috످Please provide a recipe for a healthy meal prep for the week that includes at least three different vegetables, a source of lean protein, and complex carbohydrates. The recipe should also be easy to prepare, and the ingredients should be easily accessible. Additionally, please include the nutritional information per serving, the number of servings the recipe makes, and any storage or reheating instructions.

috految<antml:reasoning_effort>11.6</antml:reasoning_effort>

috److# Sheet Pan Lemon Garlic Chicken and Veggie Bowls

These easy, high-protein bowls make a full workweek of lunches or dinners in about an hour.

- **Servings:** 5
- **Prep time:** 20 minutes
- **Cook time:** 40 minutes
- **Estimated cost:** $4–5 per serving
- **Equipment:** 2 sheet pans, pot with lid, large bowl, meat thermometer, 5 freezer-safe containers

## Ingredients

**Lean protein**
- 1¾ lb (800 g) boneless, skinless chicken breast

**Complex carbohydrates**
- 1 cup (185 g) uncooked brown rice, plus 2 cups water
- 2 medium sweet potatoes, cut into ¾-inch cubes

**Vegetables**
- 4 cups broccoli florets (fresh or frozen)
- 2 bell peppers, chopped
- 1 zucchini, thickly sliced
- 1 red onion, cut into wedges

**Marinade**
- 3 tbsp olive oil
- 3 tbsp lemon juice
- 4 garlic cloves, minced
- 2 tsp Italian seasoning
- 2 tsp paprika
- 1 tsp salt
- ½ tsp black pepper

**Yogurt sauce (contains dairy)**
- ¾ cup plain nonfat Greek yogurt
- 1 tbsp lemon juice
- 1 tsp dried dill

## Instructions

1. **Preheat the oven** to 425°F (220°C) and lightly grease both pans.
2. **Whisk the marinade** in a large bowl. Set half aside for the vegetables.
3. **Cut the chicken** into 1½-inch pieces, toss in the bowl, and refrigerate. Wash your hands, knife, and cutting board.
4. **Cook the rice.** Rinse, add to a pot with the water, and bring to a boil. Cover and simmer on low for 40 minutes.
5. **Meanwhile, roast the sweet potatoes.** Toss with 1 tbsp of the reserved marinade and bake on the first pan for 15 minutes.
6. **Add the vegetables** to the sweet potatoes and toss with the remaining reserved marinade. Spread the chicken on the second pan.
7. **Roast both pans** for 18–20 minutes, stirring halfway, until the vegetables are tender and the chicken reaches **165°F (74°C)**.
8. **Mix the sauce** and refrigerate separately.
9. **Divide** the rice, chicken, and vegetables among 5 containers.

## Nutrition per Serving

*Estimates are for one bowl with 2½ tbsp sauce.*

| Nutrient | Amount | % Daily Value |
|---|---|---|
| **Calories** | **525** | 26% |
| Protein | 47 g | 94% |
| Carbohydrates | 53 g | 19% |
| Fiber | 7 g | 25% |
| Sugar | 9 g | N/A |
| Total fat | 14 g | 18% |
| Saturated fat | 2.5 g | 13% |
| Cholesterol | 120 mg | 40% |
| Sodium | 620 mg | 27% |

## Storage

**Cooked chicken only keeps for 3–4 days in the fridge.** If you cook on Sunday:

- **Monday–Wednesday meals:** Refrigerate in airtight containers within 1 hour of cooking.
- **Thursday–Friday meals:** Freeze on Sunday (keeps up to 3 months) and thaw in the fridge the night before eating.
- **Sauce:** Refrigerate for up to 5 days. Do not freeze.

## Reheating

Add a splash of water and heat to **165°F (74°C)**, then top with sauce. Reheat each portion only once.

| Method | Refrigerated | Frozen |
|---|---|---|
| Microwave (loosely covered) | 2–3 minutes | 6–8 minutes |
| Skillet (medium heat) | 5–7 minutes | Thaw first |
| Oven (350°F, covered oven-safe dish) | 15–20 minutes | Thaw first |

## Easy Swaps

- **Vegan:** Use 2 blocks of extra-firm tofu and swap the yogurt for hummus.
- **Lower carb:** Use cauliflower rice and skip the sweet potatoes.
- **Faster:** Use microwavable brown rice and precut vegetables.
- **More variety:** Swap the sauce for salsa, pesto, or teriyaki throughout the week.

috످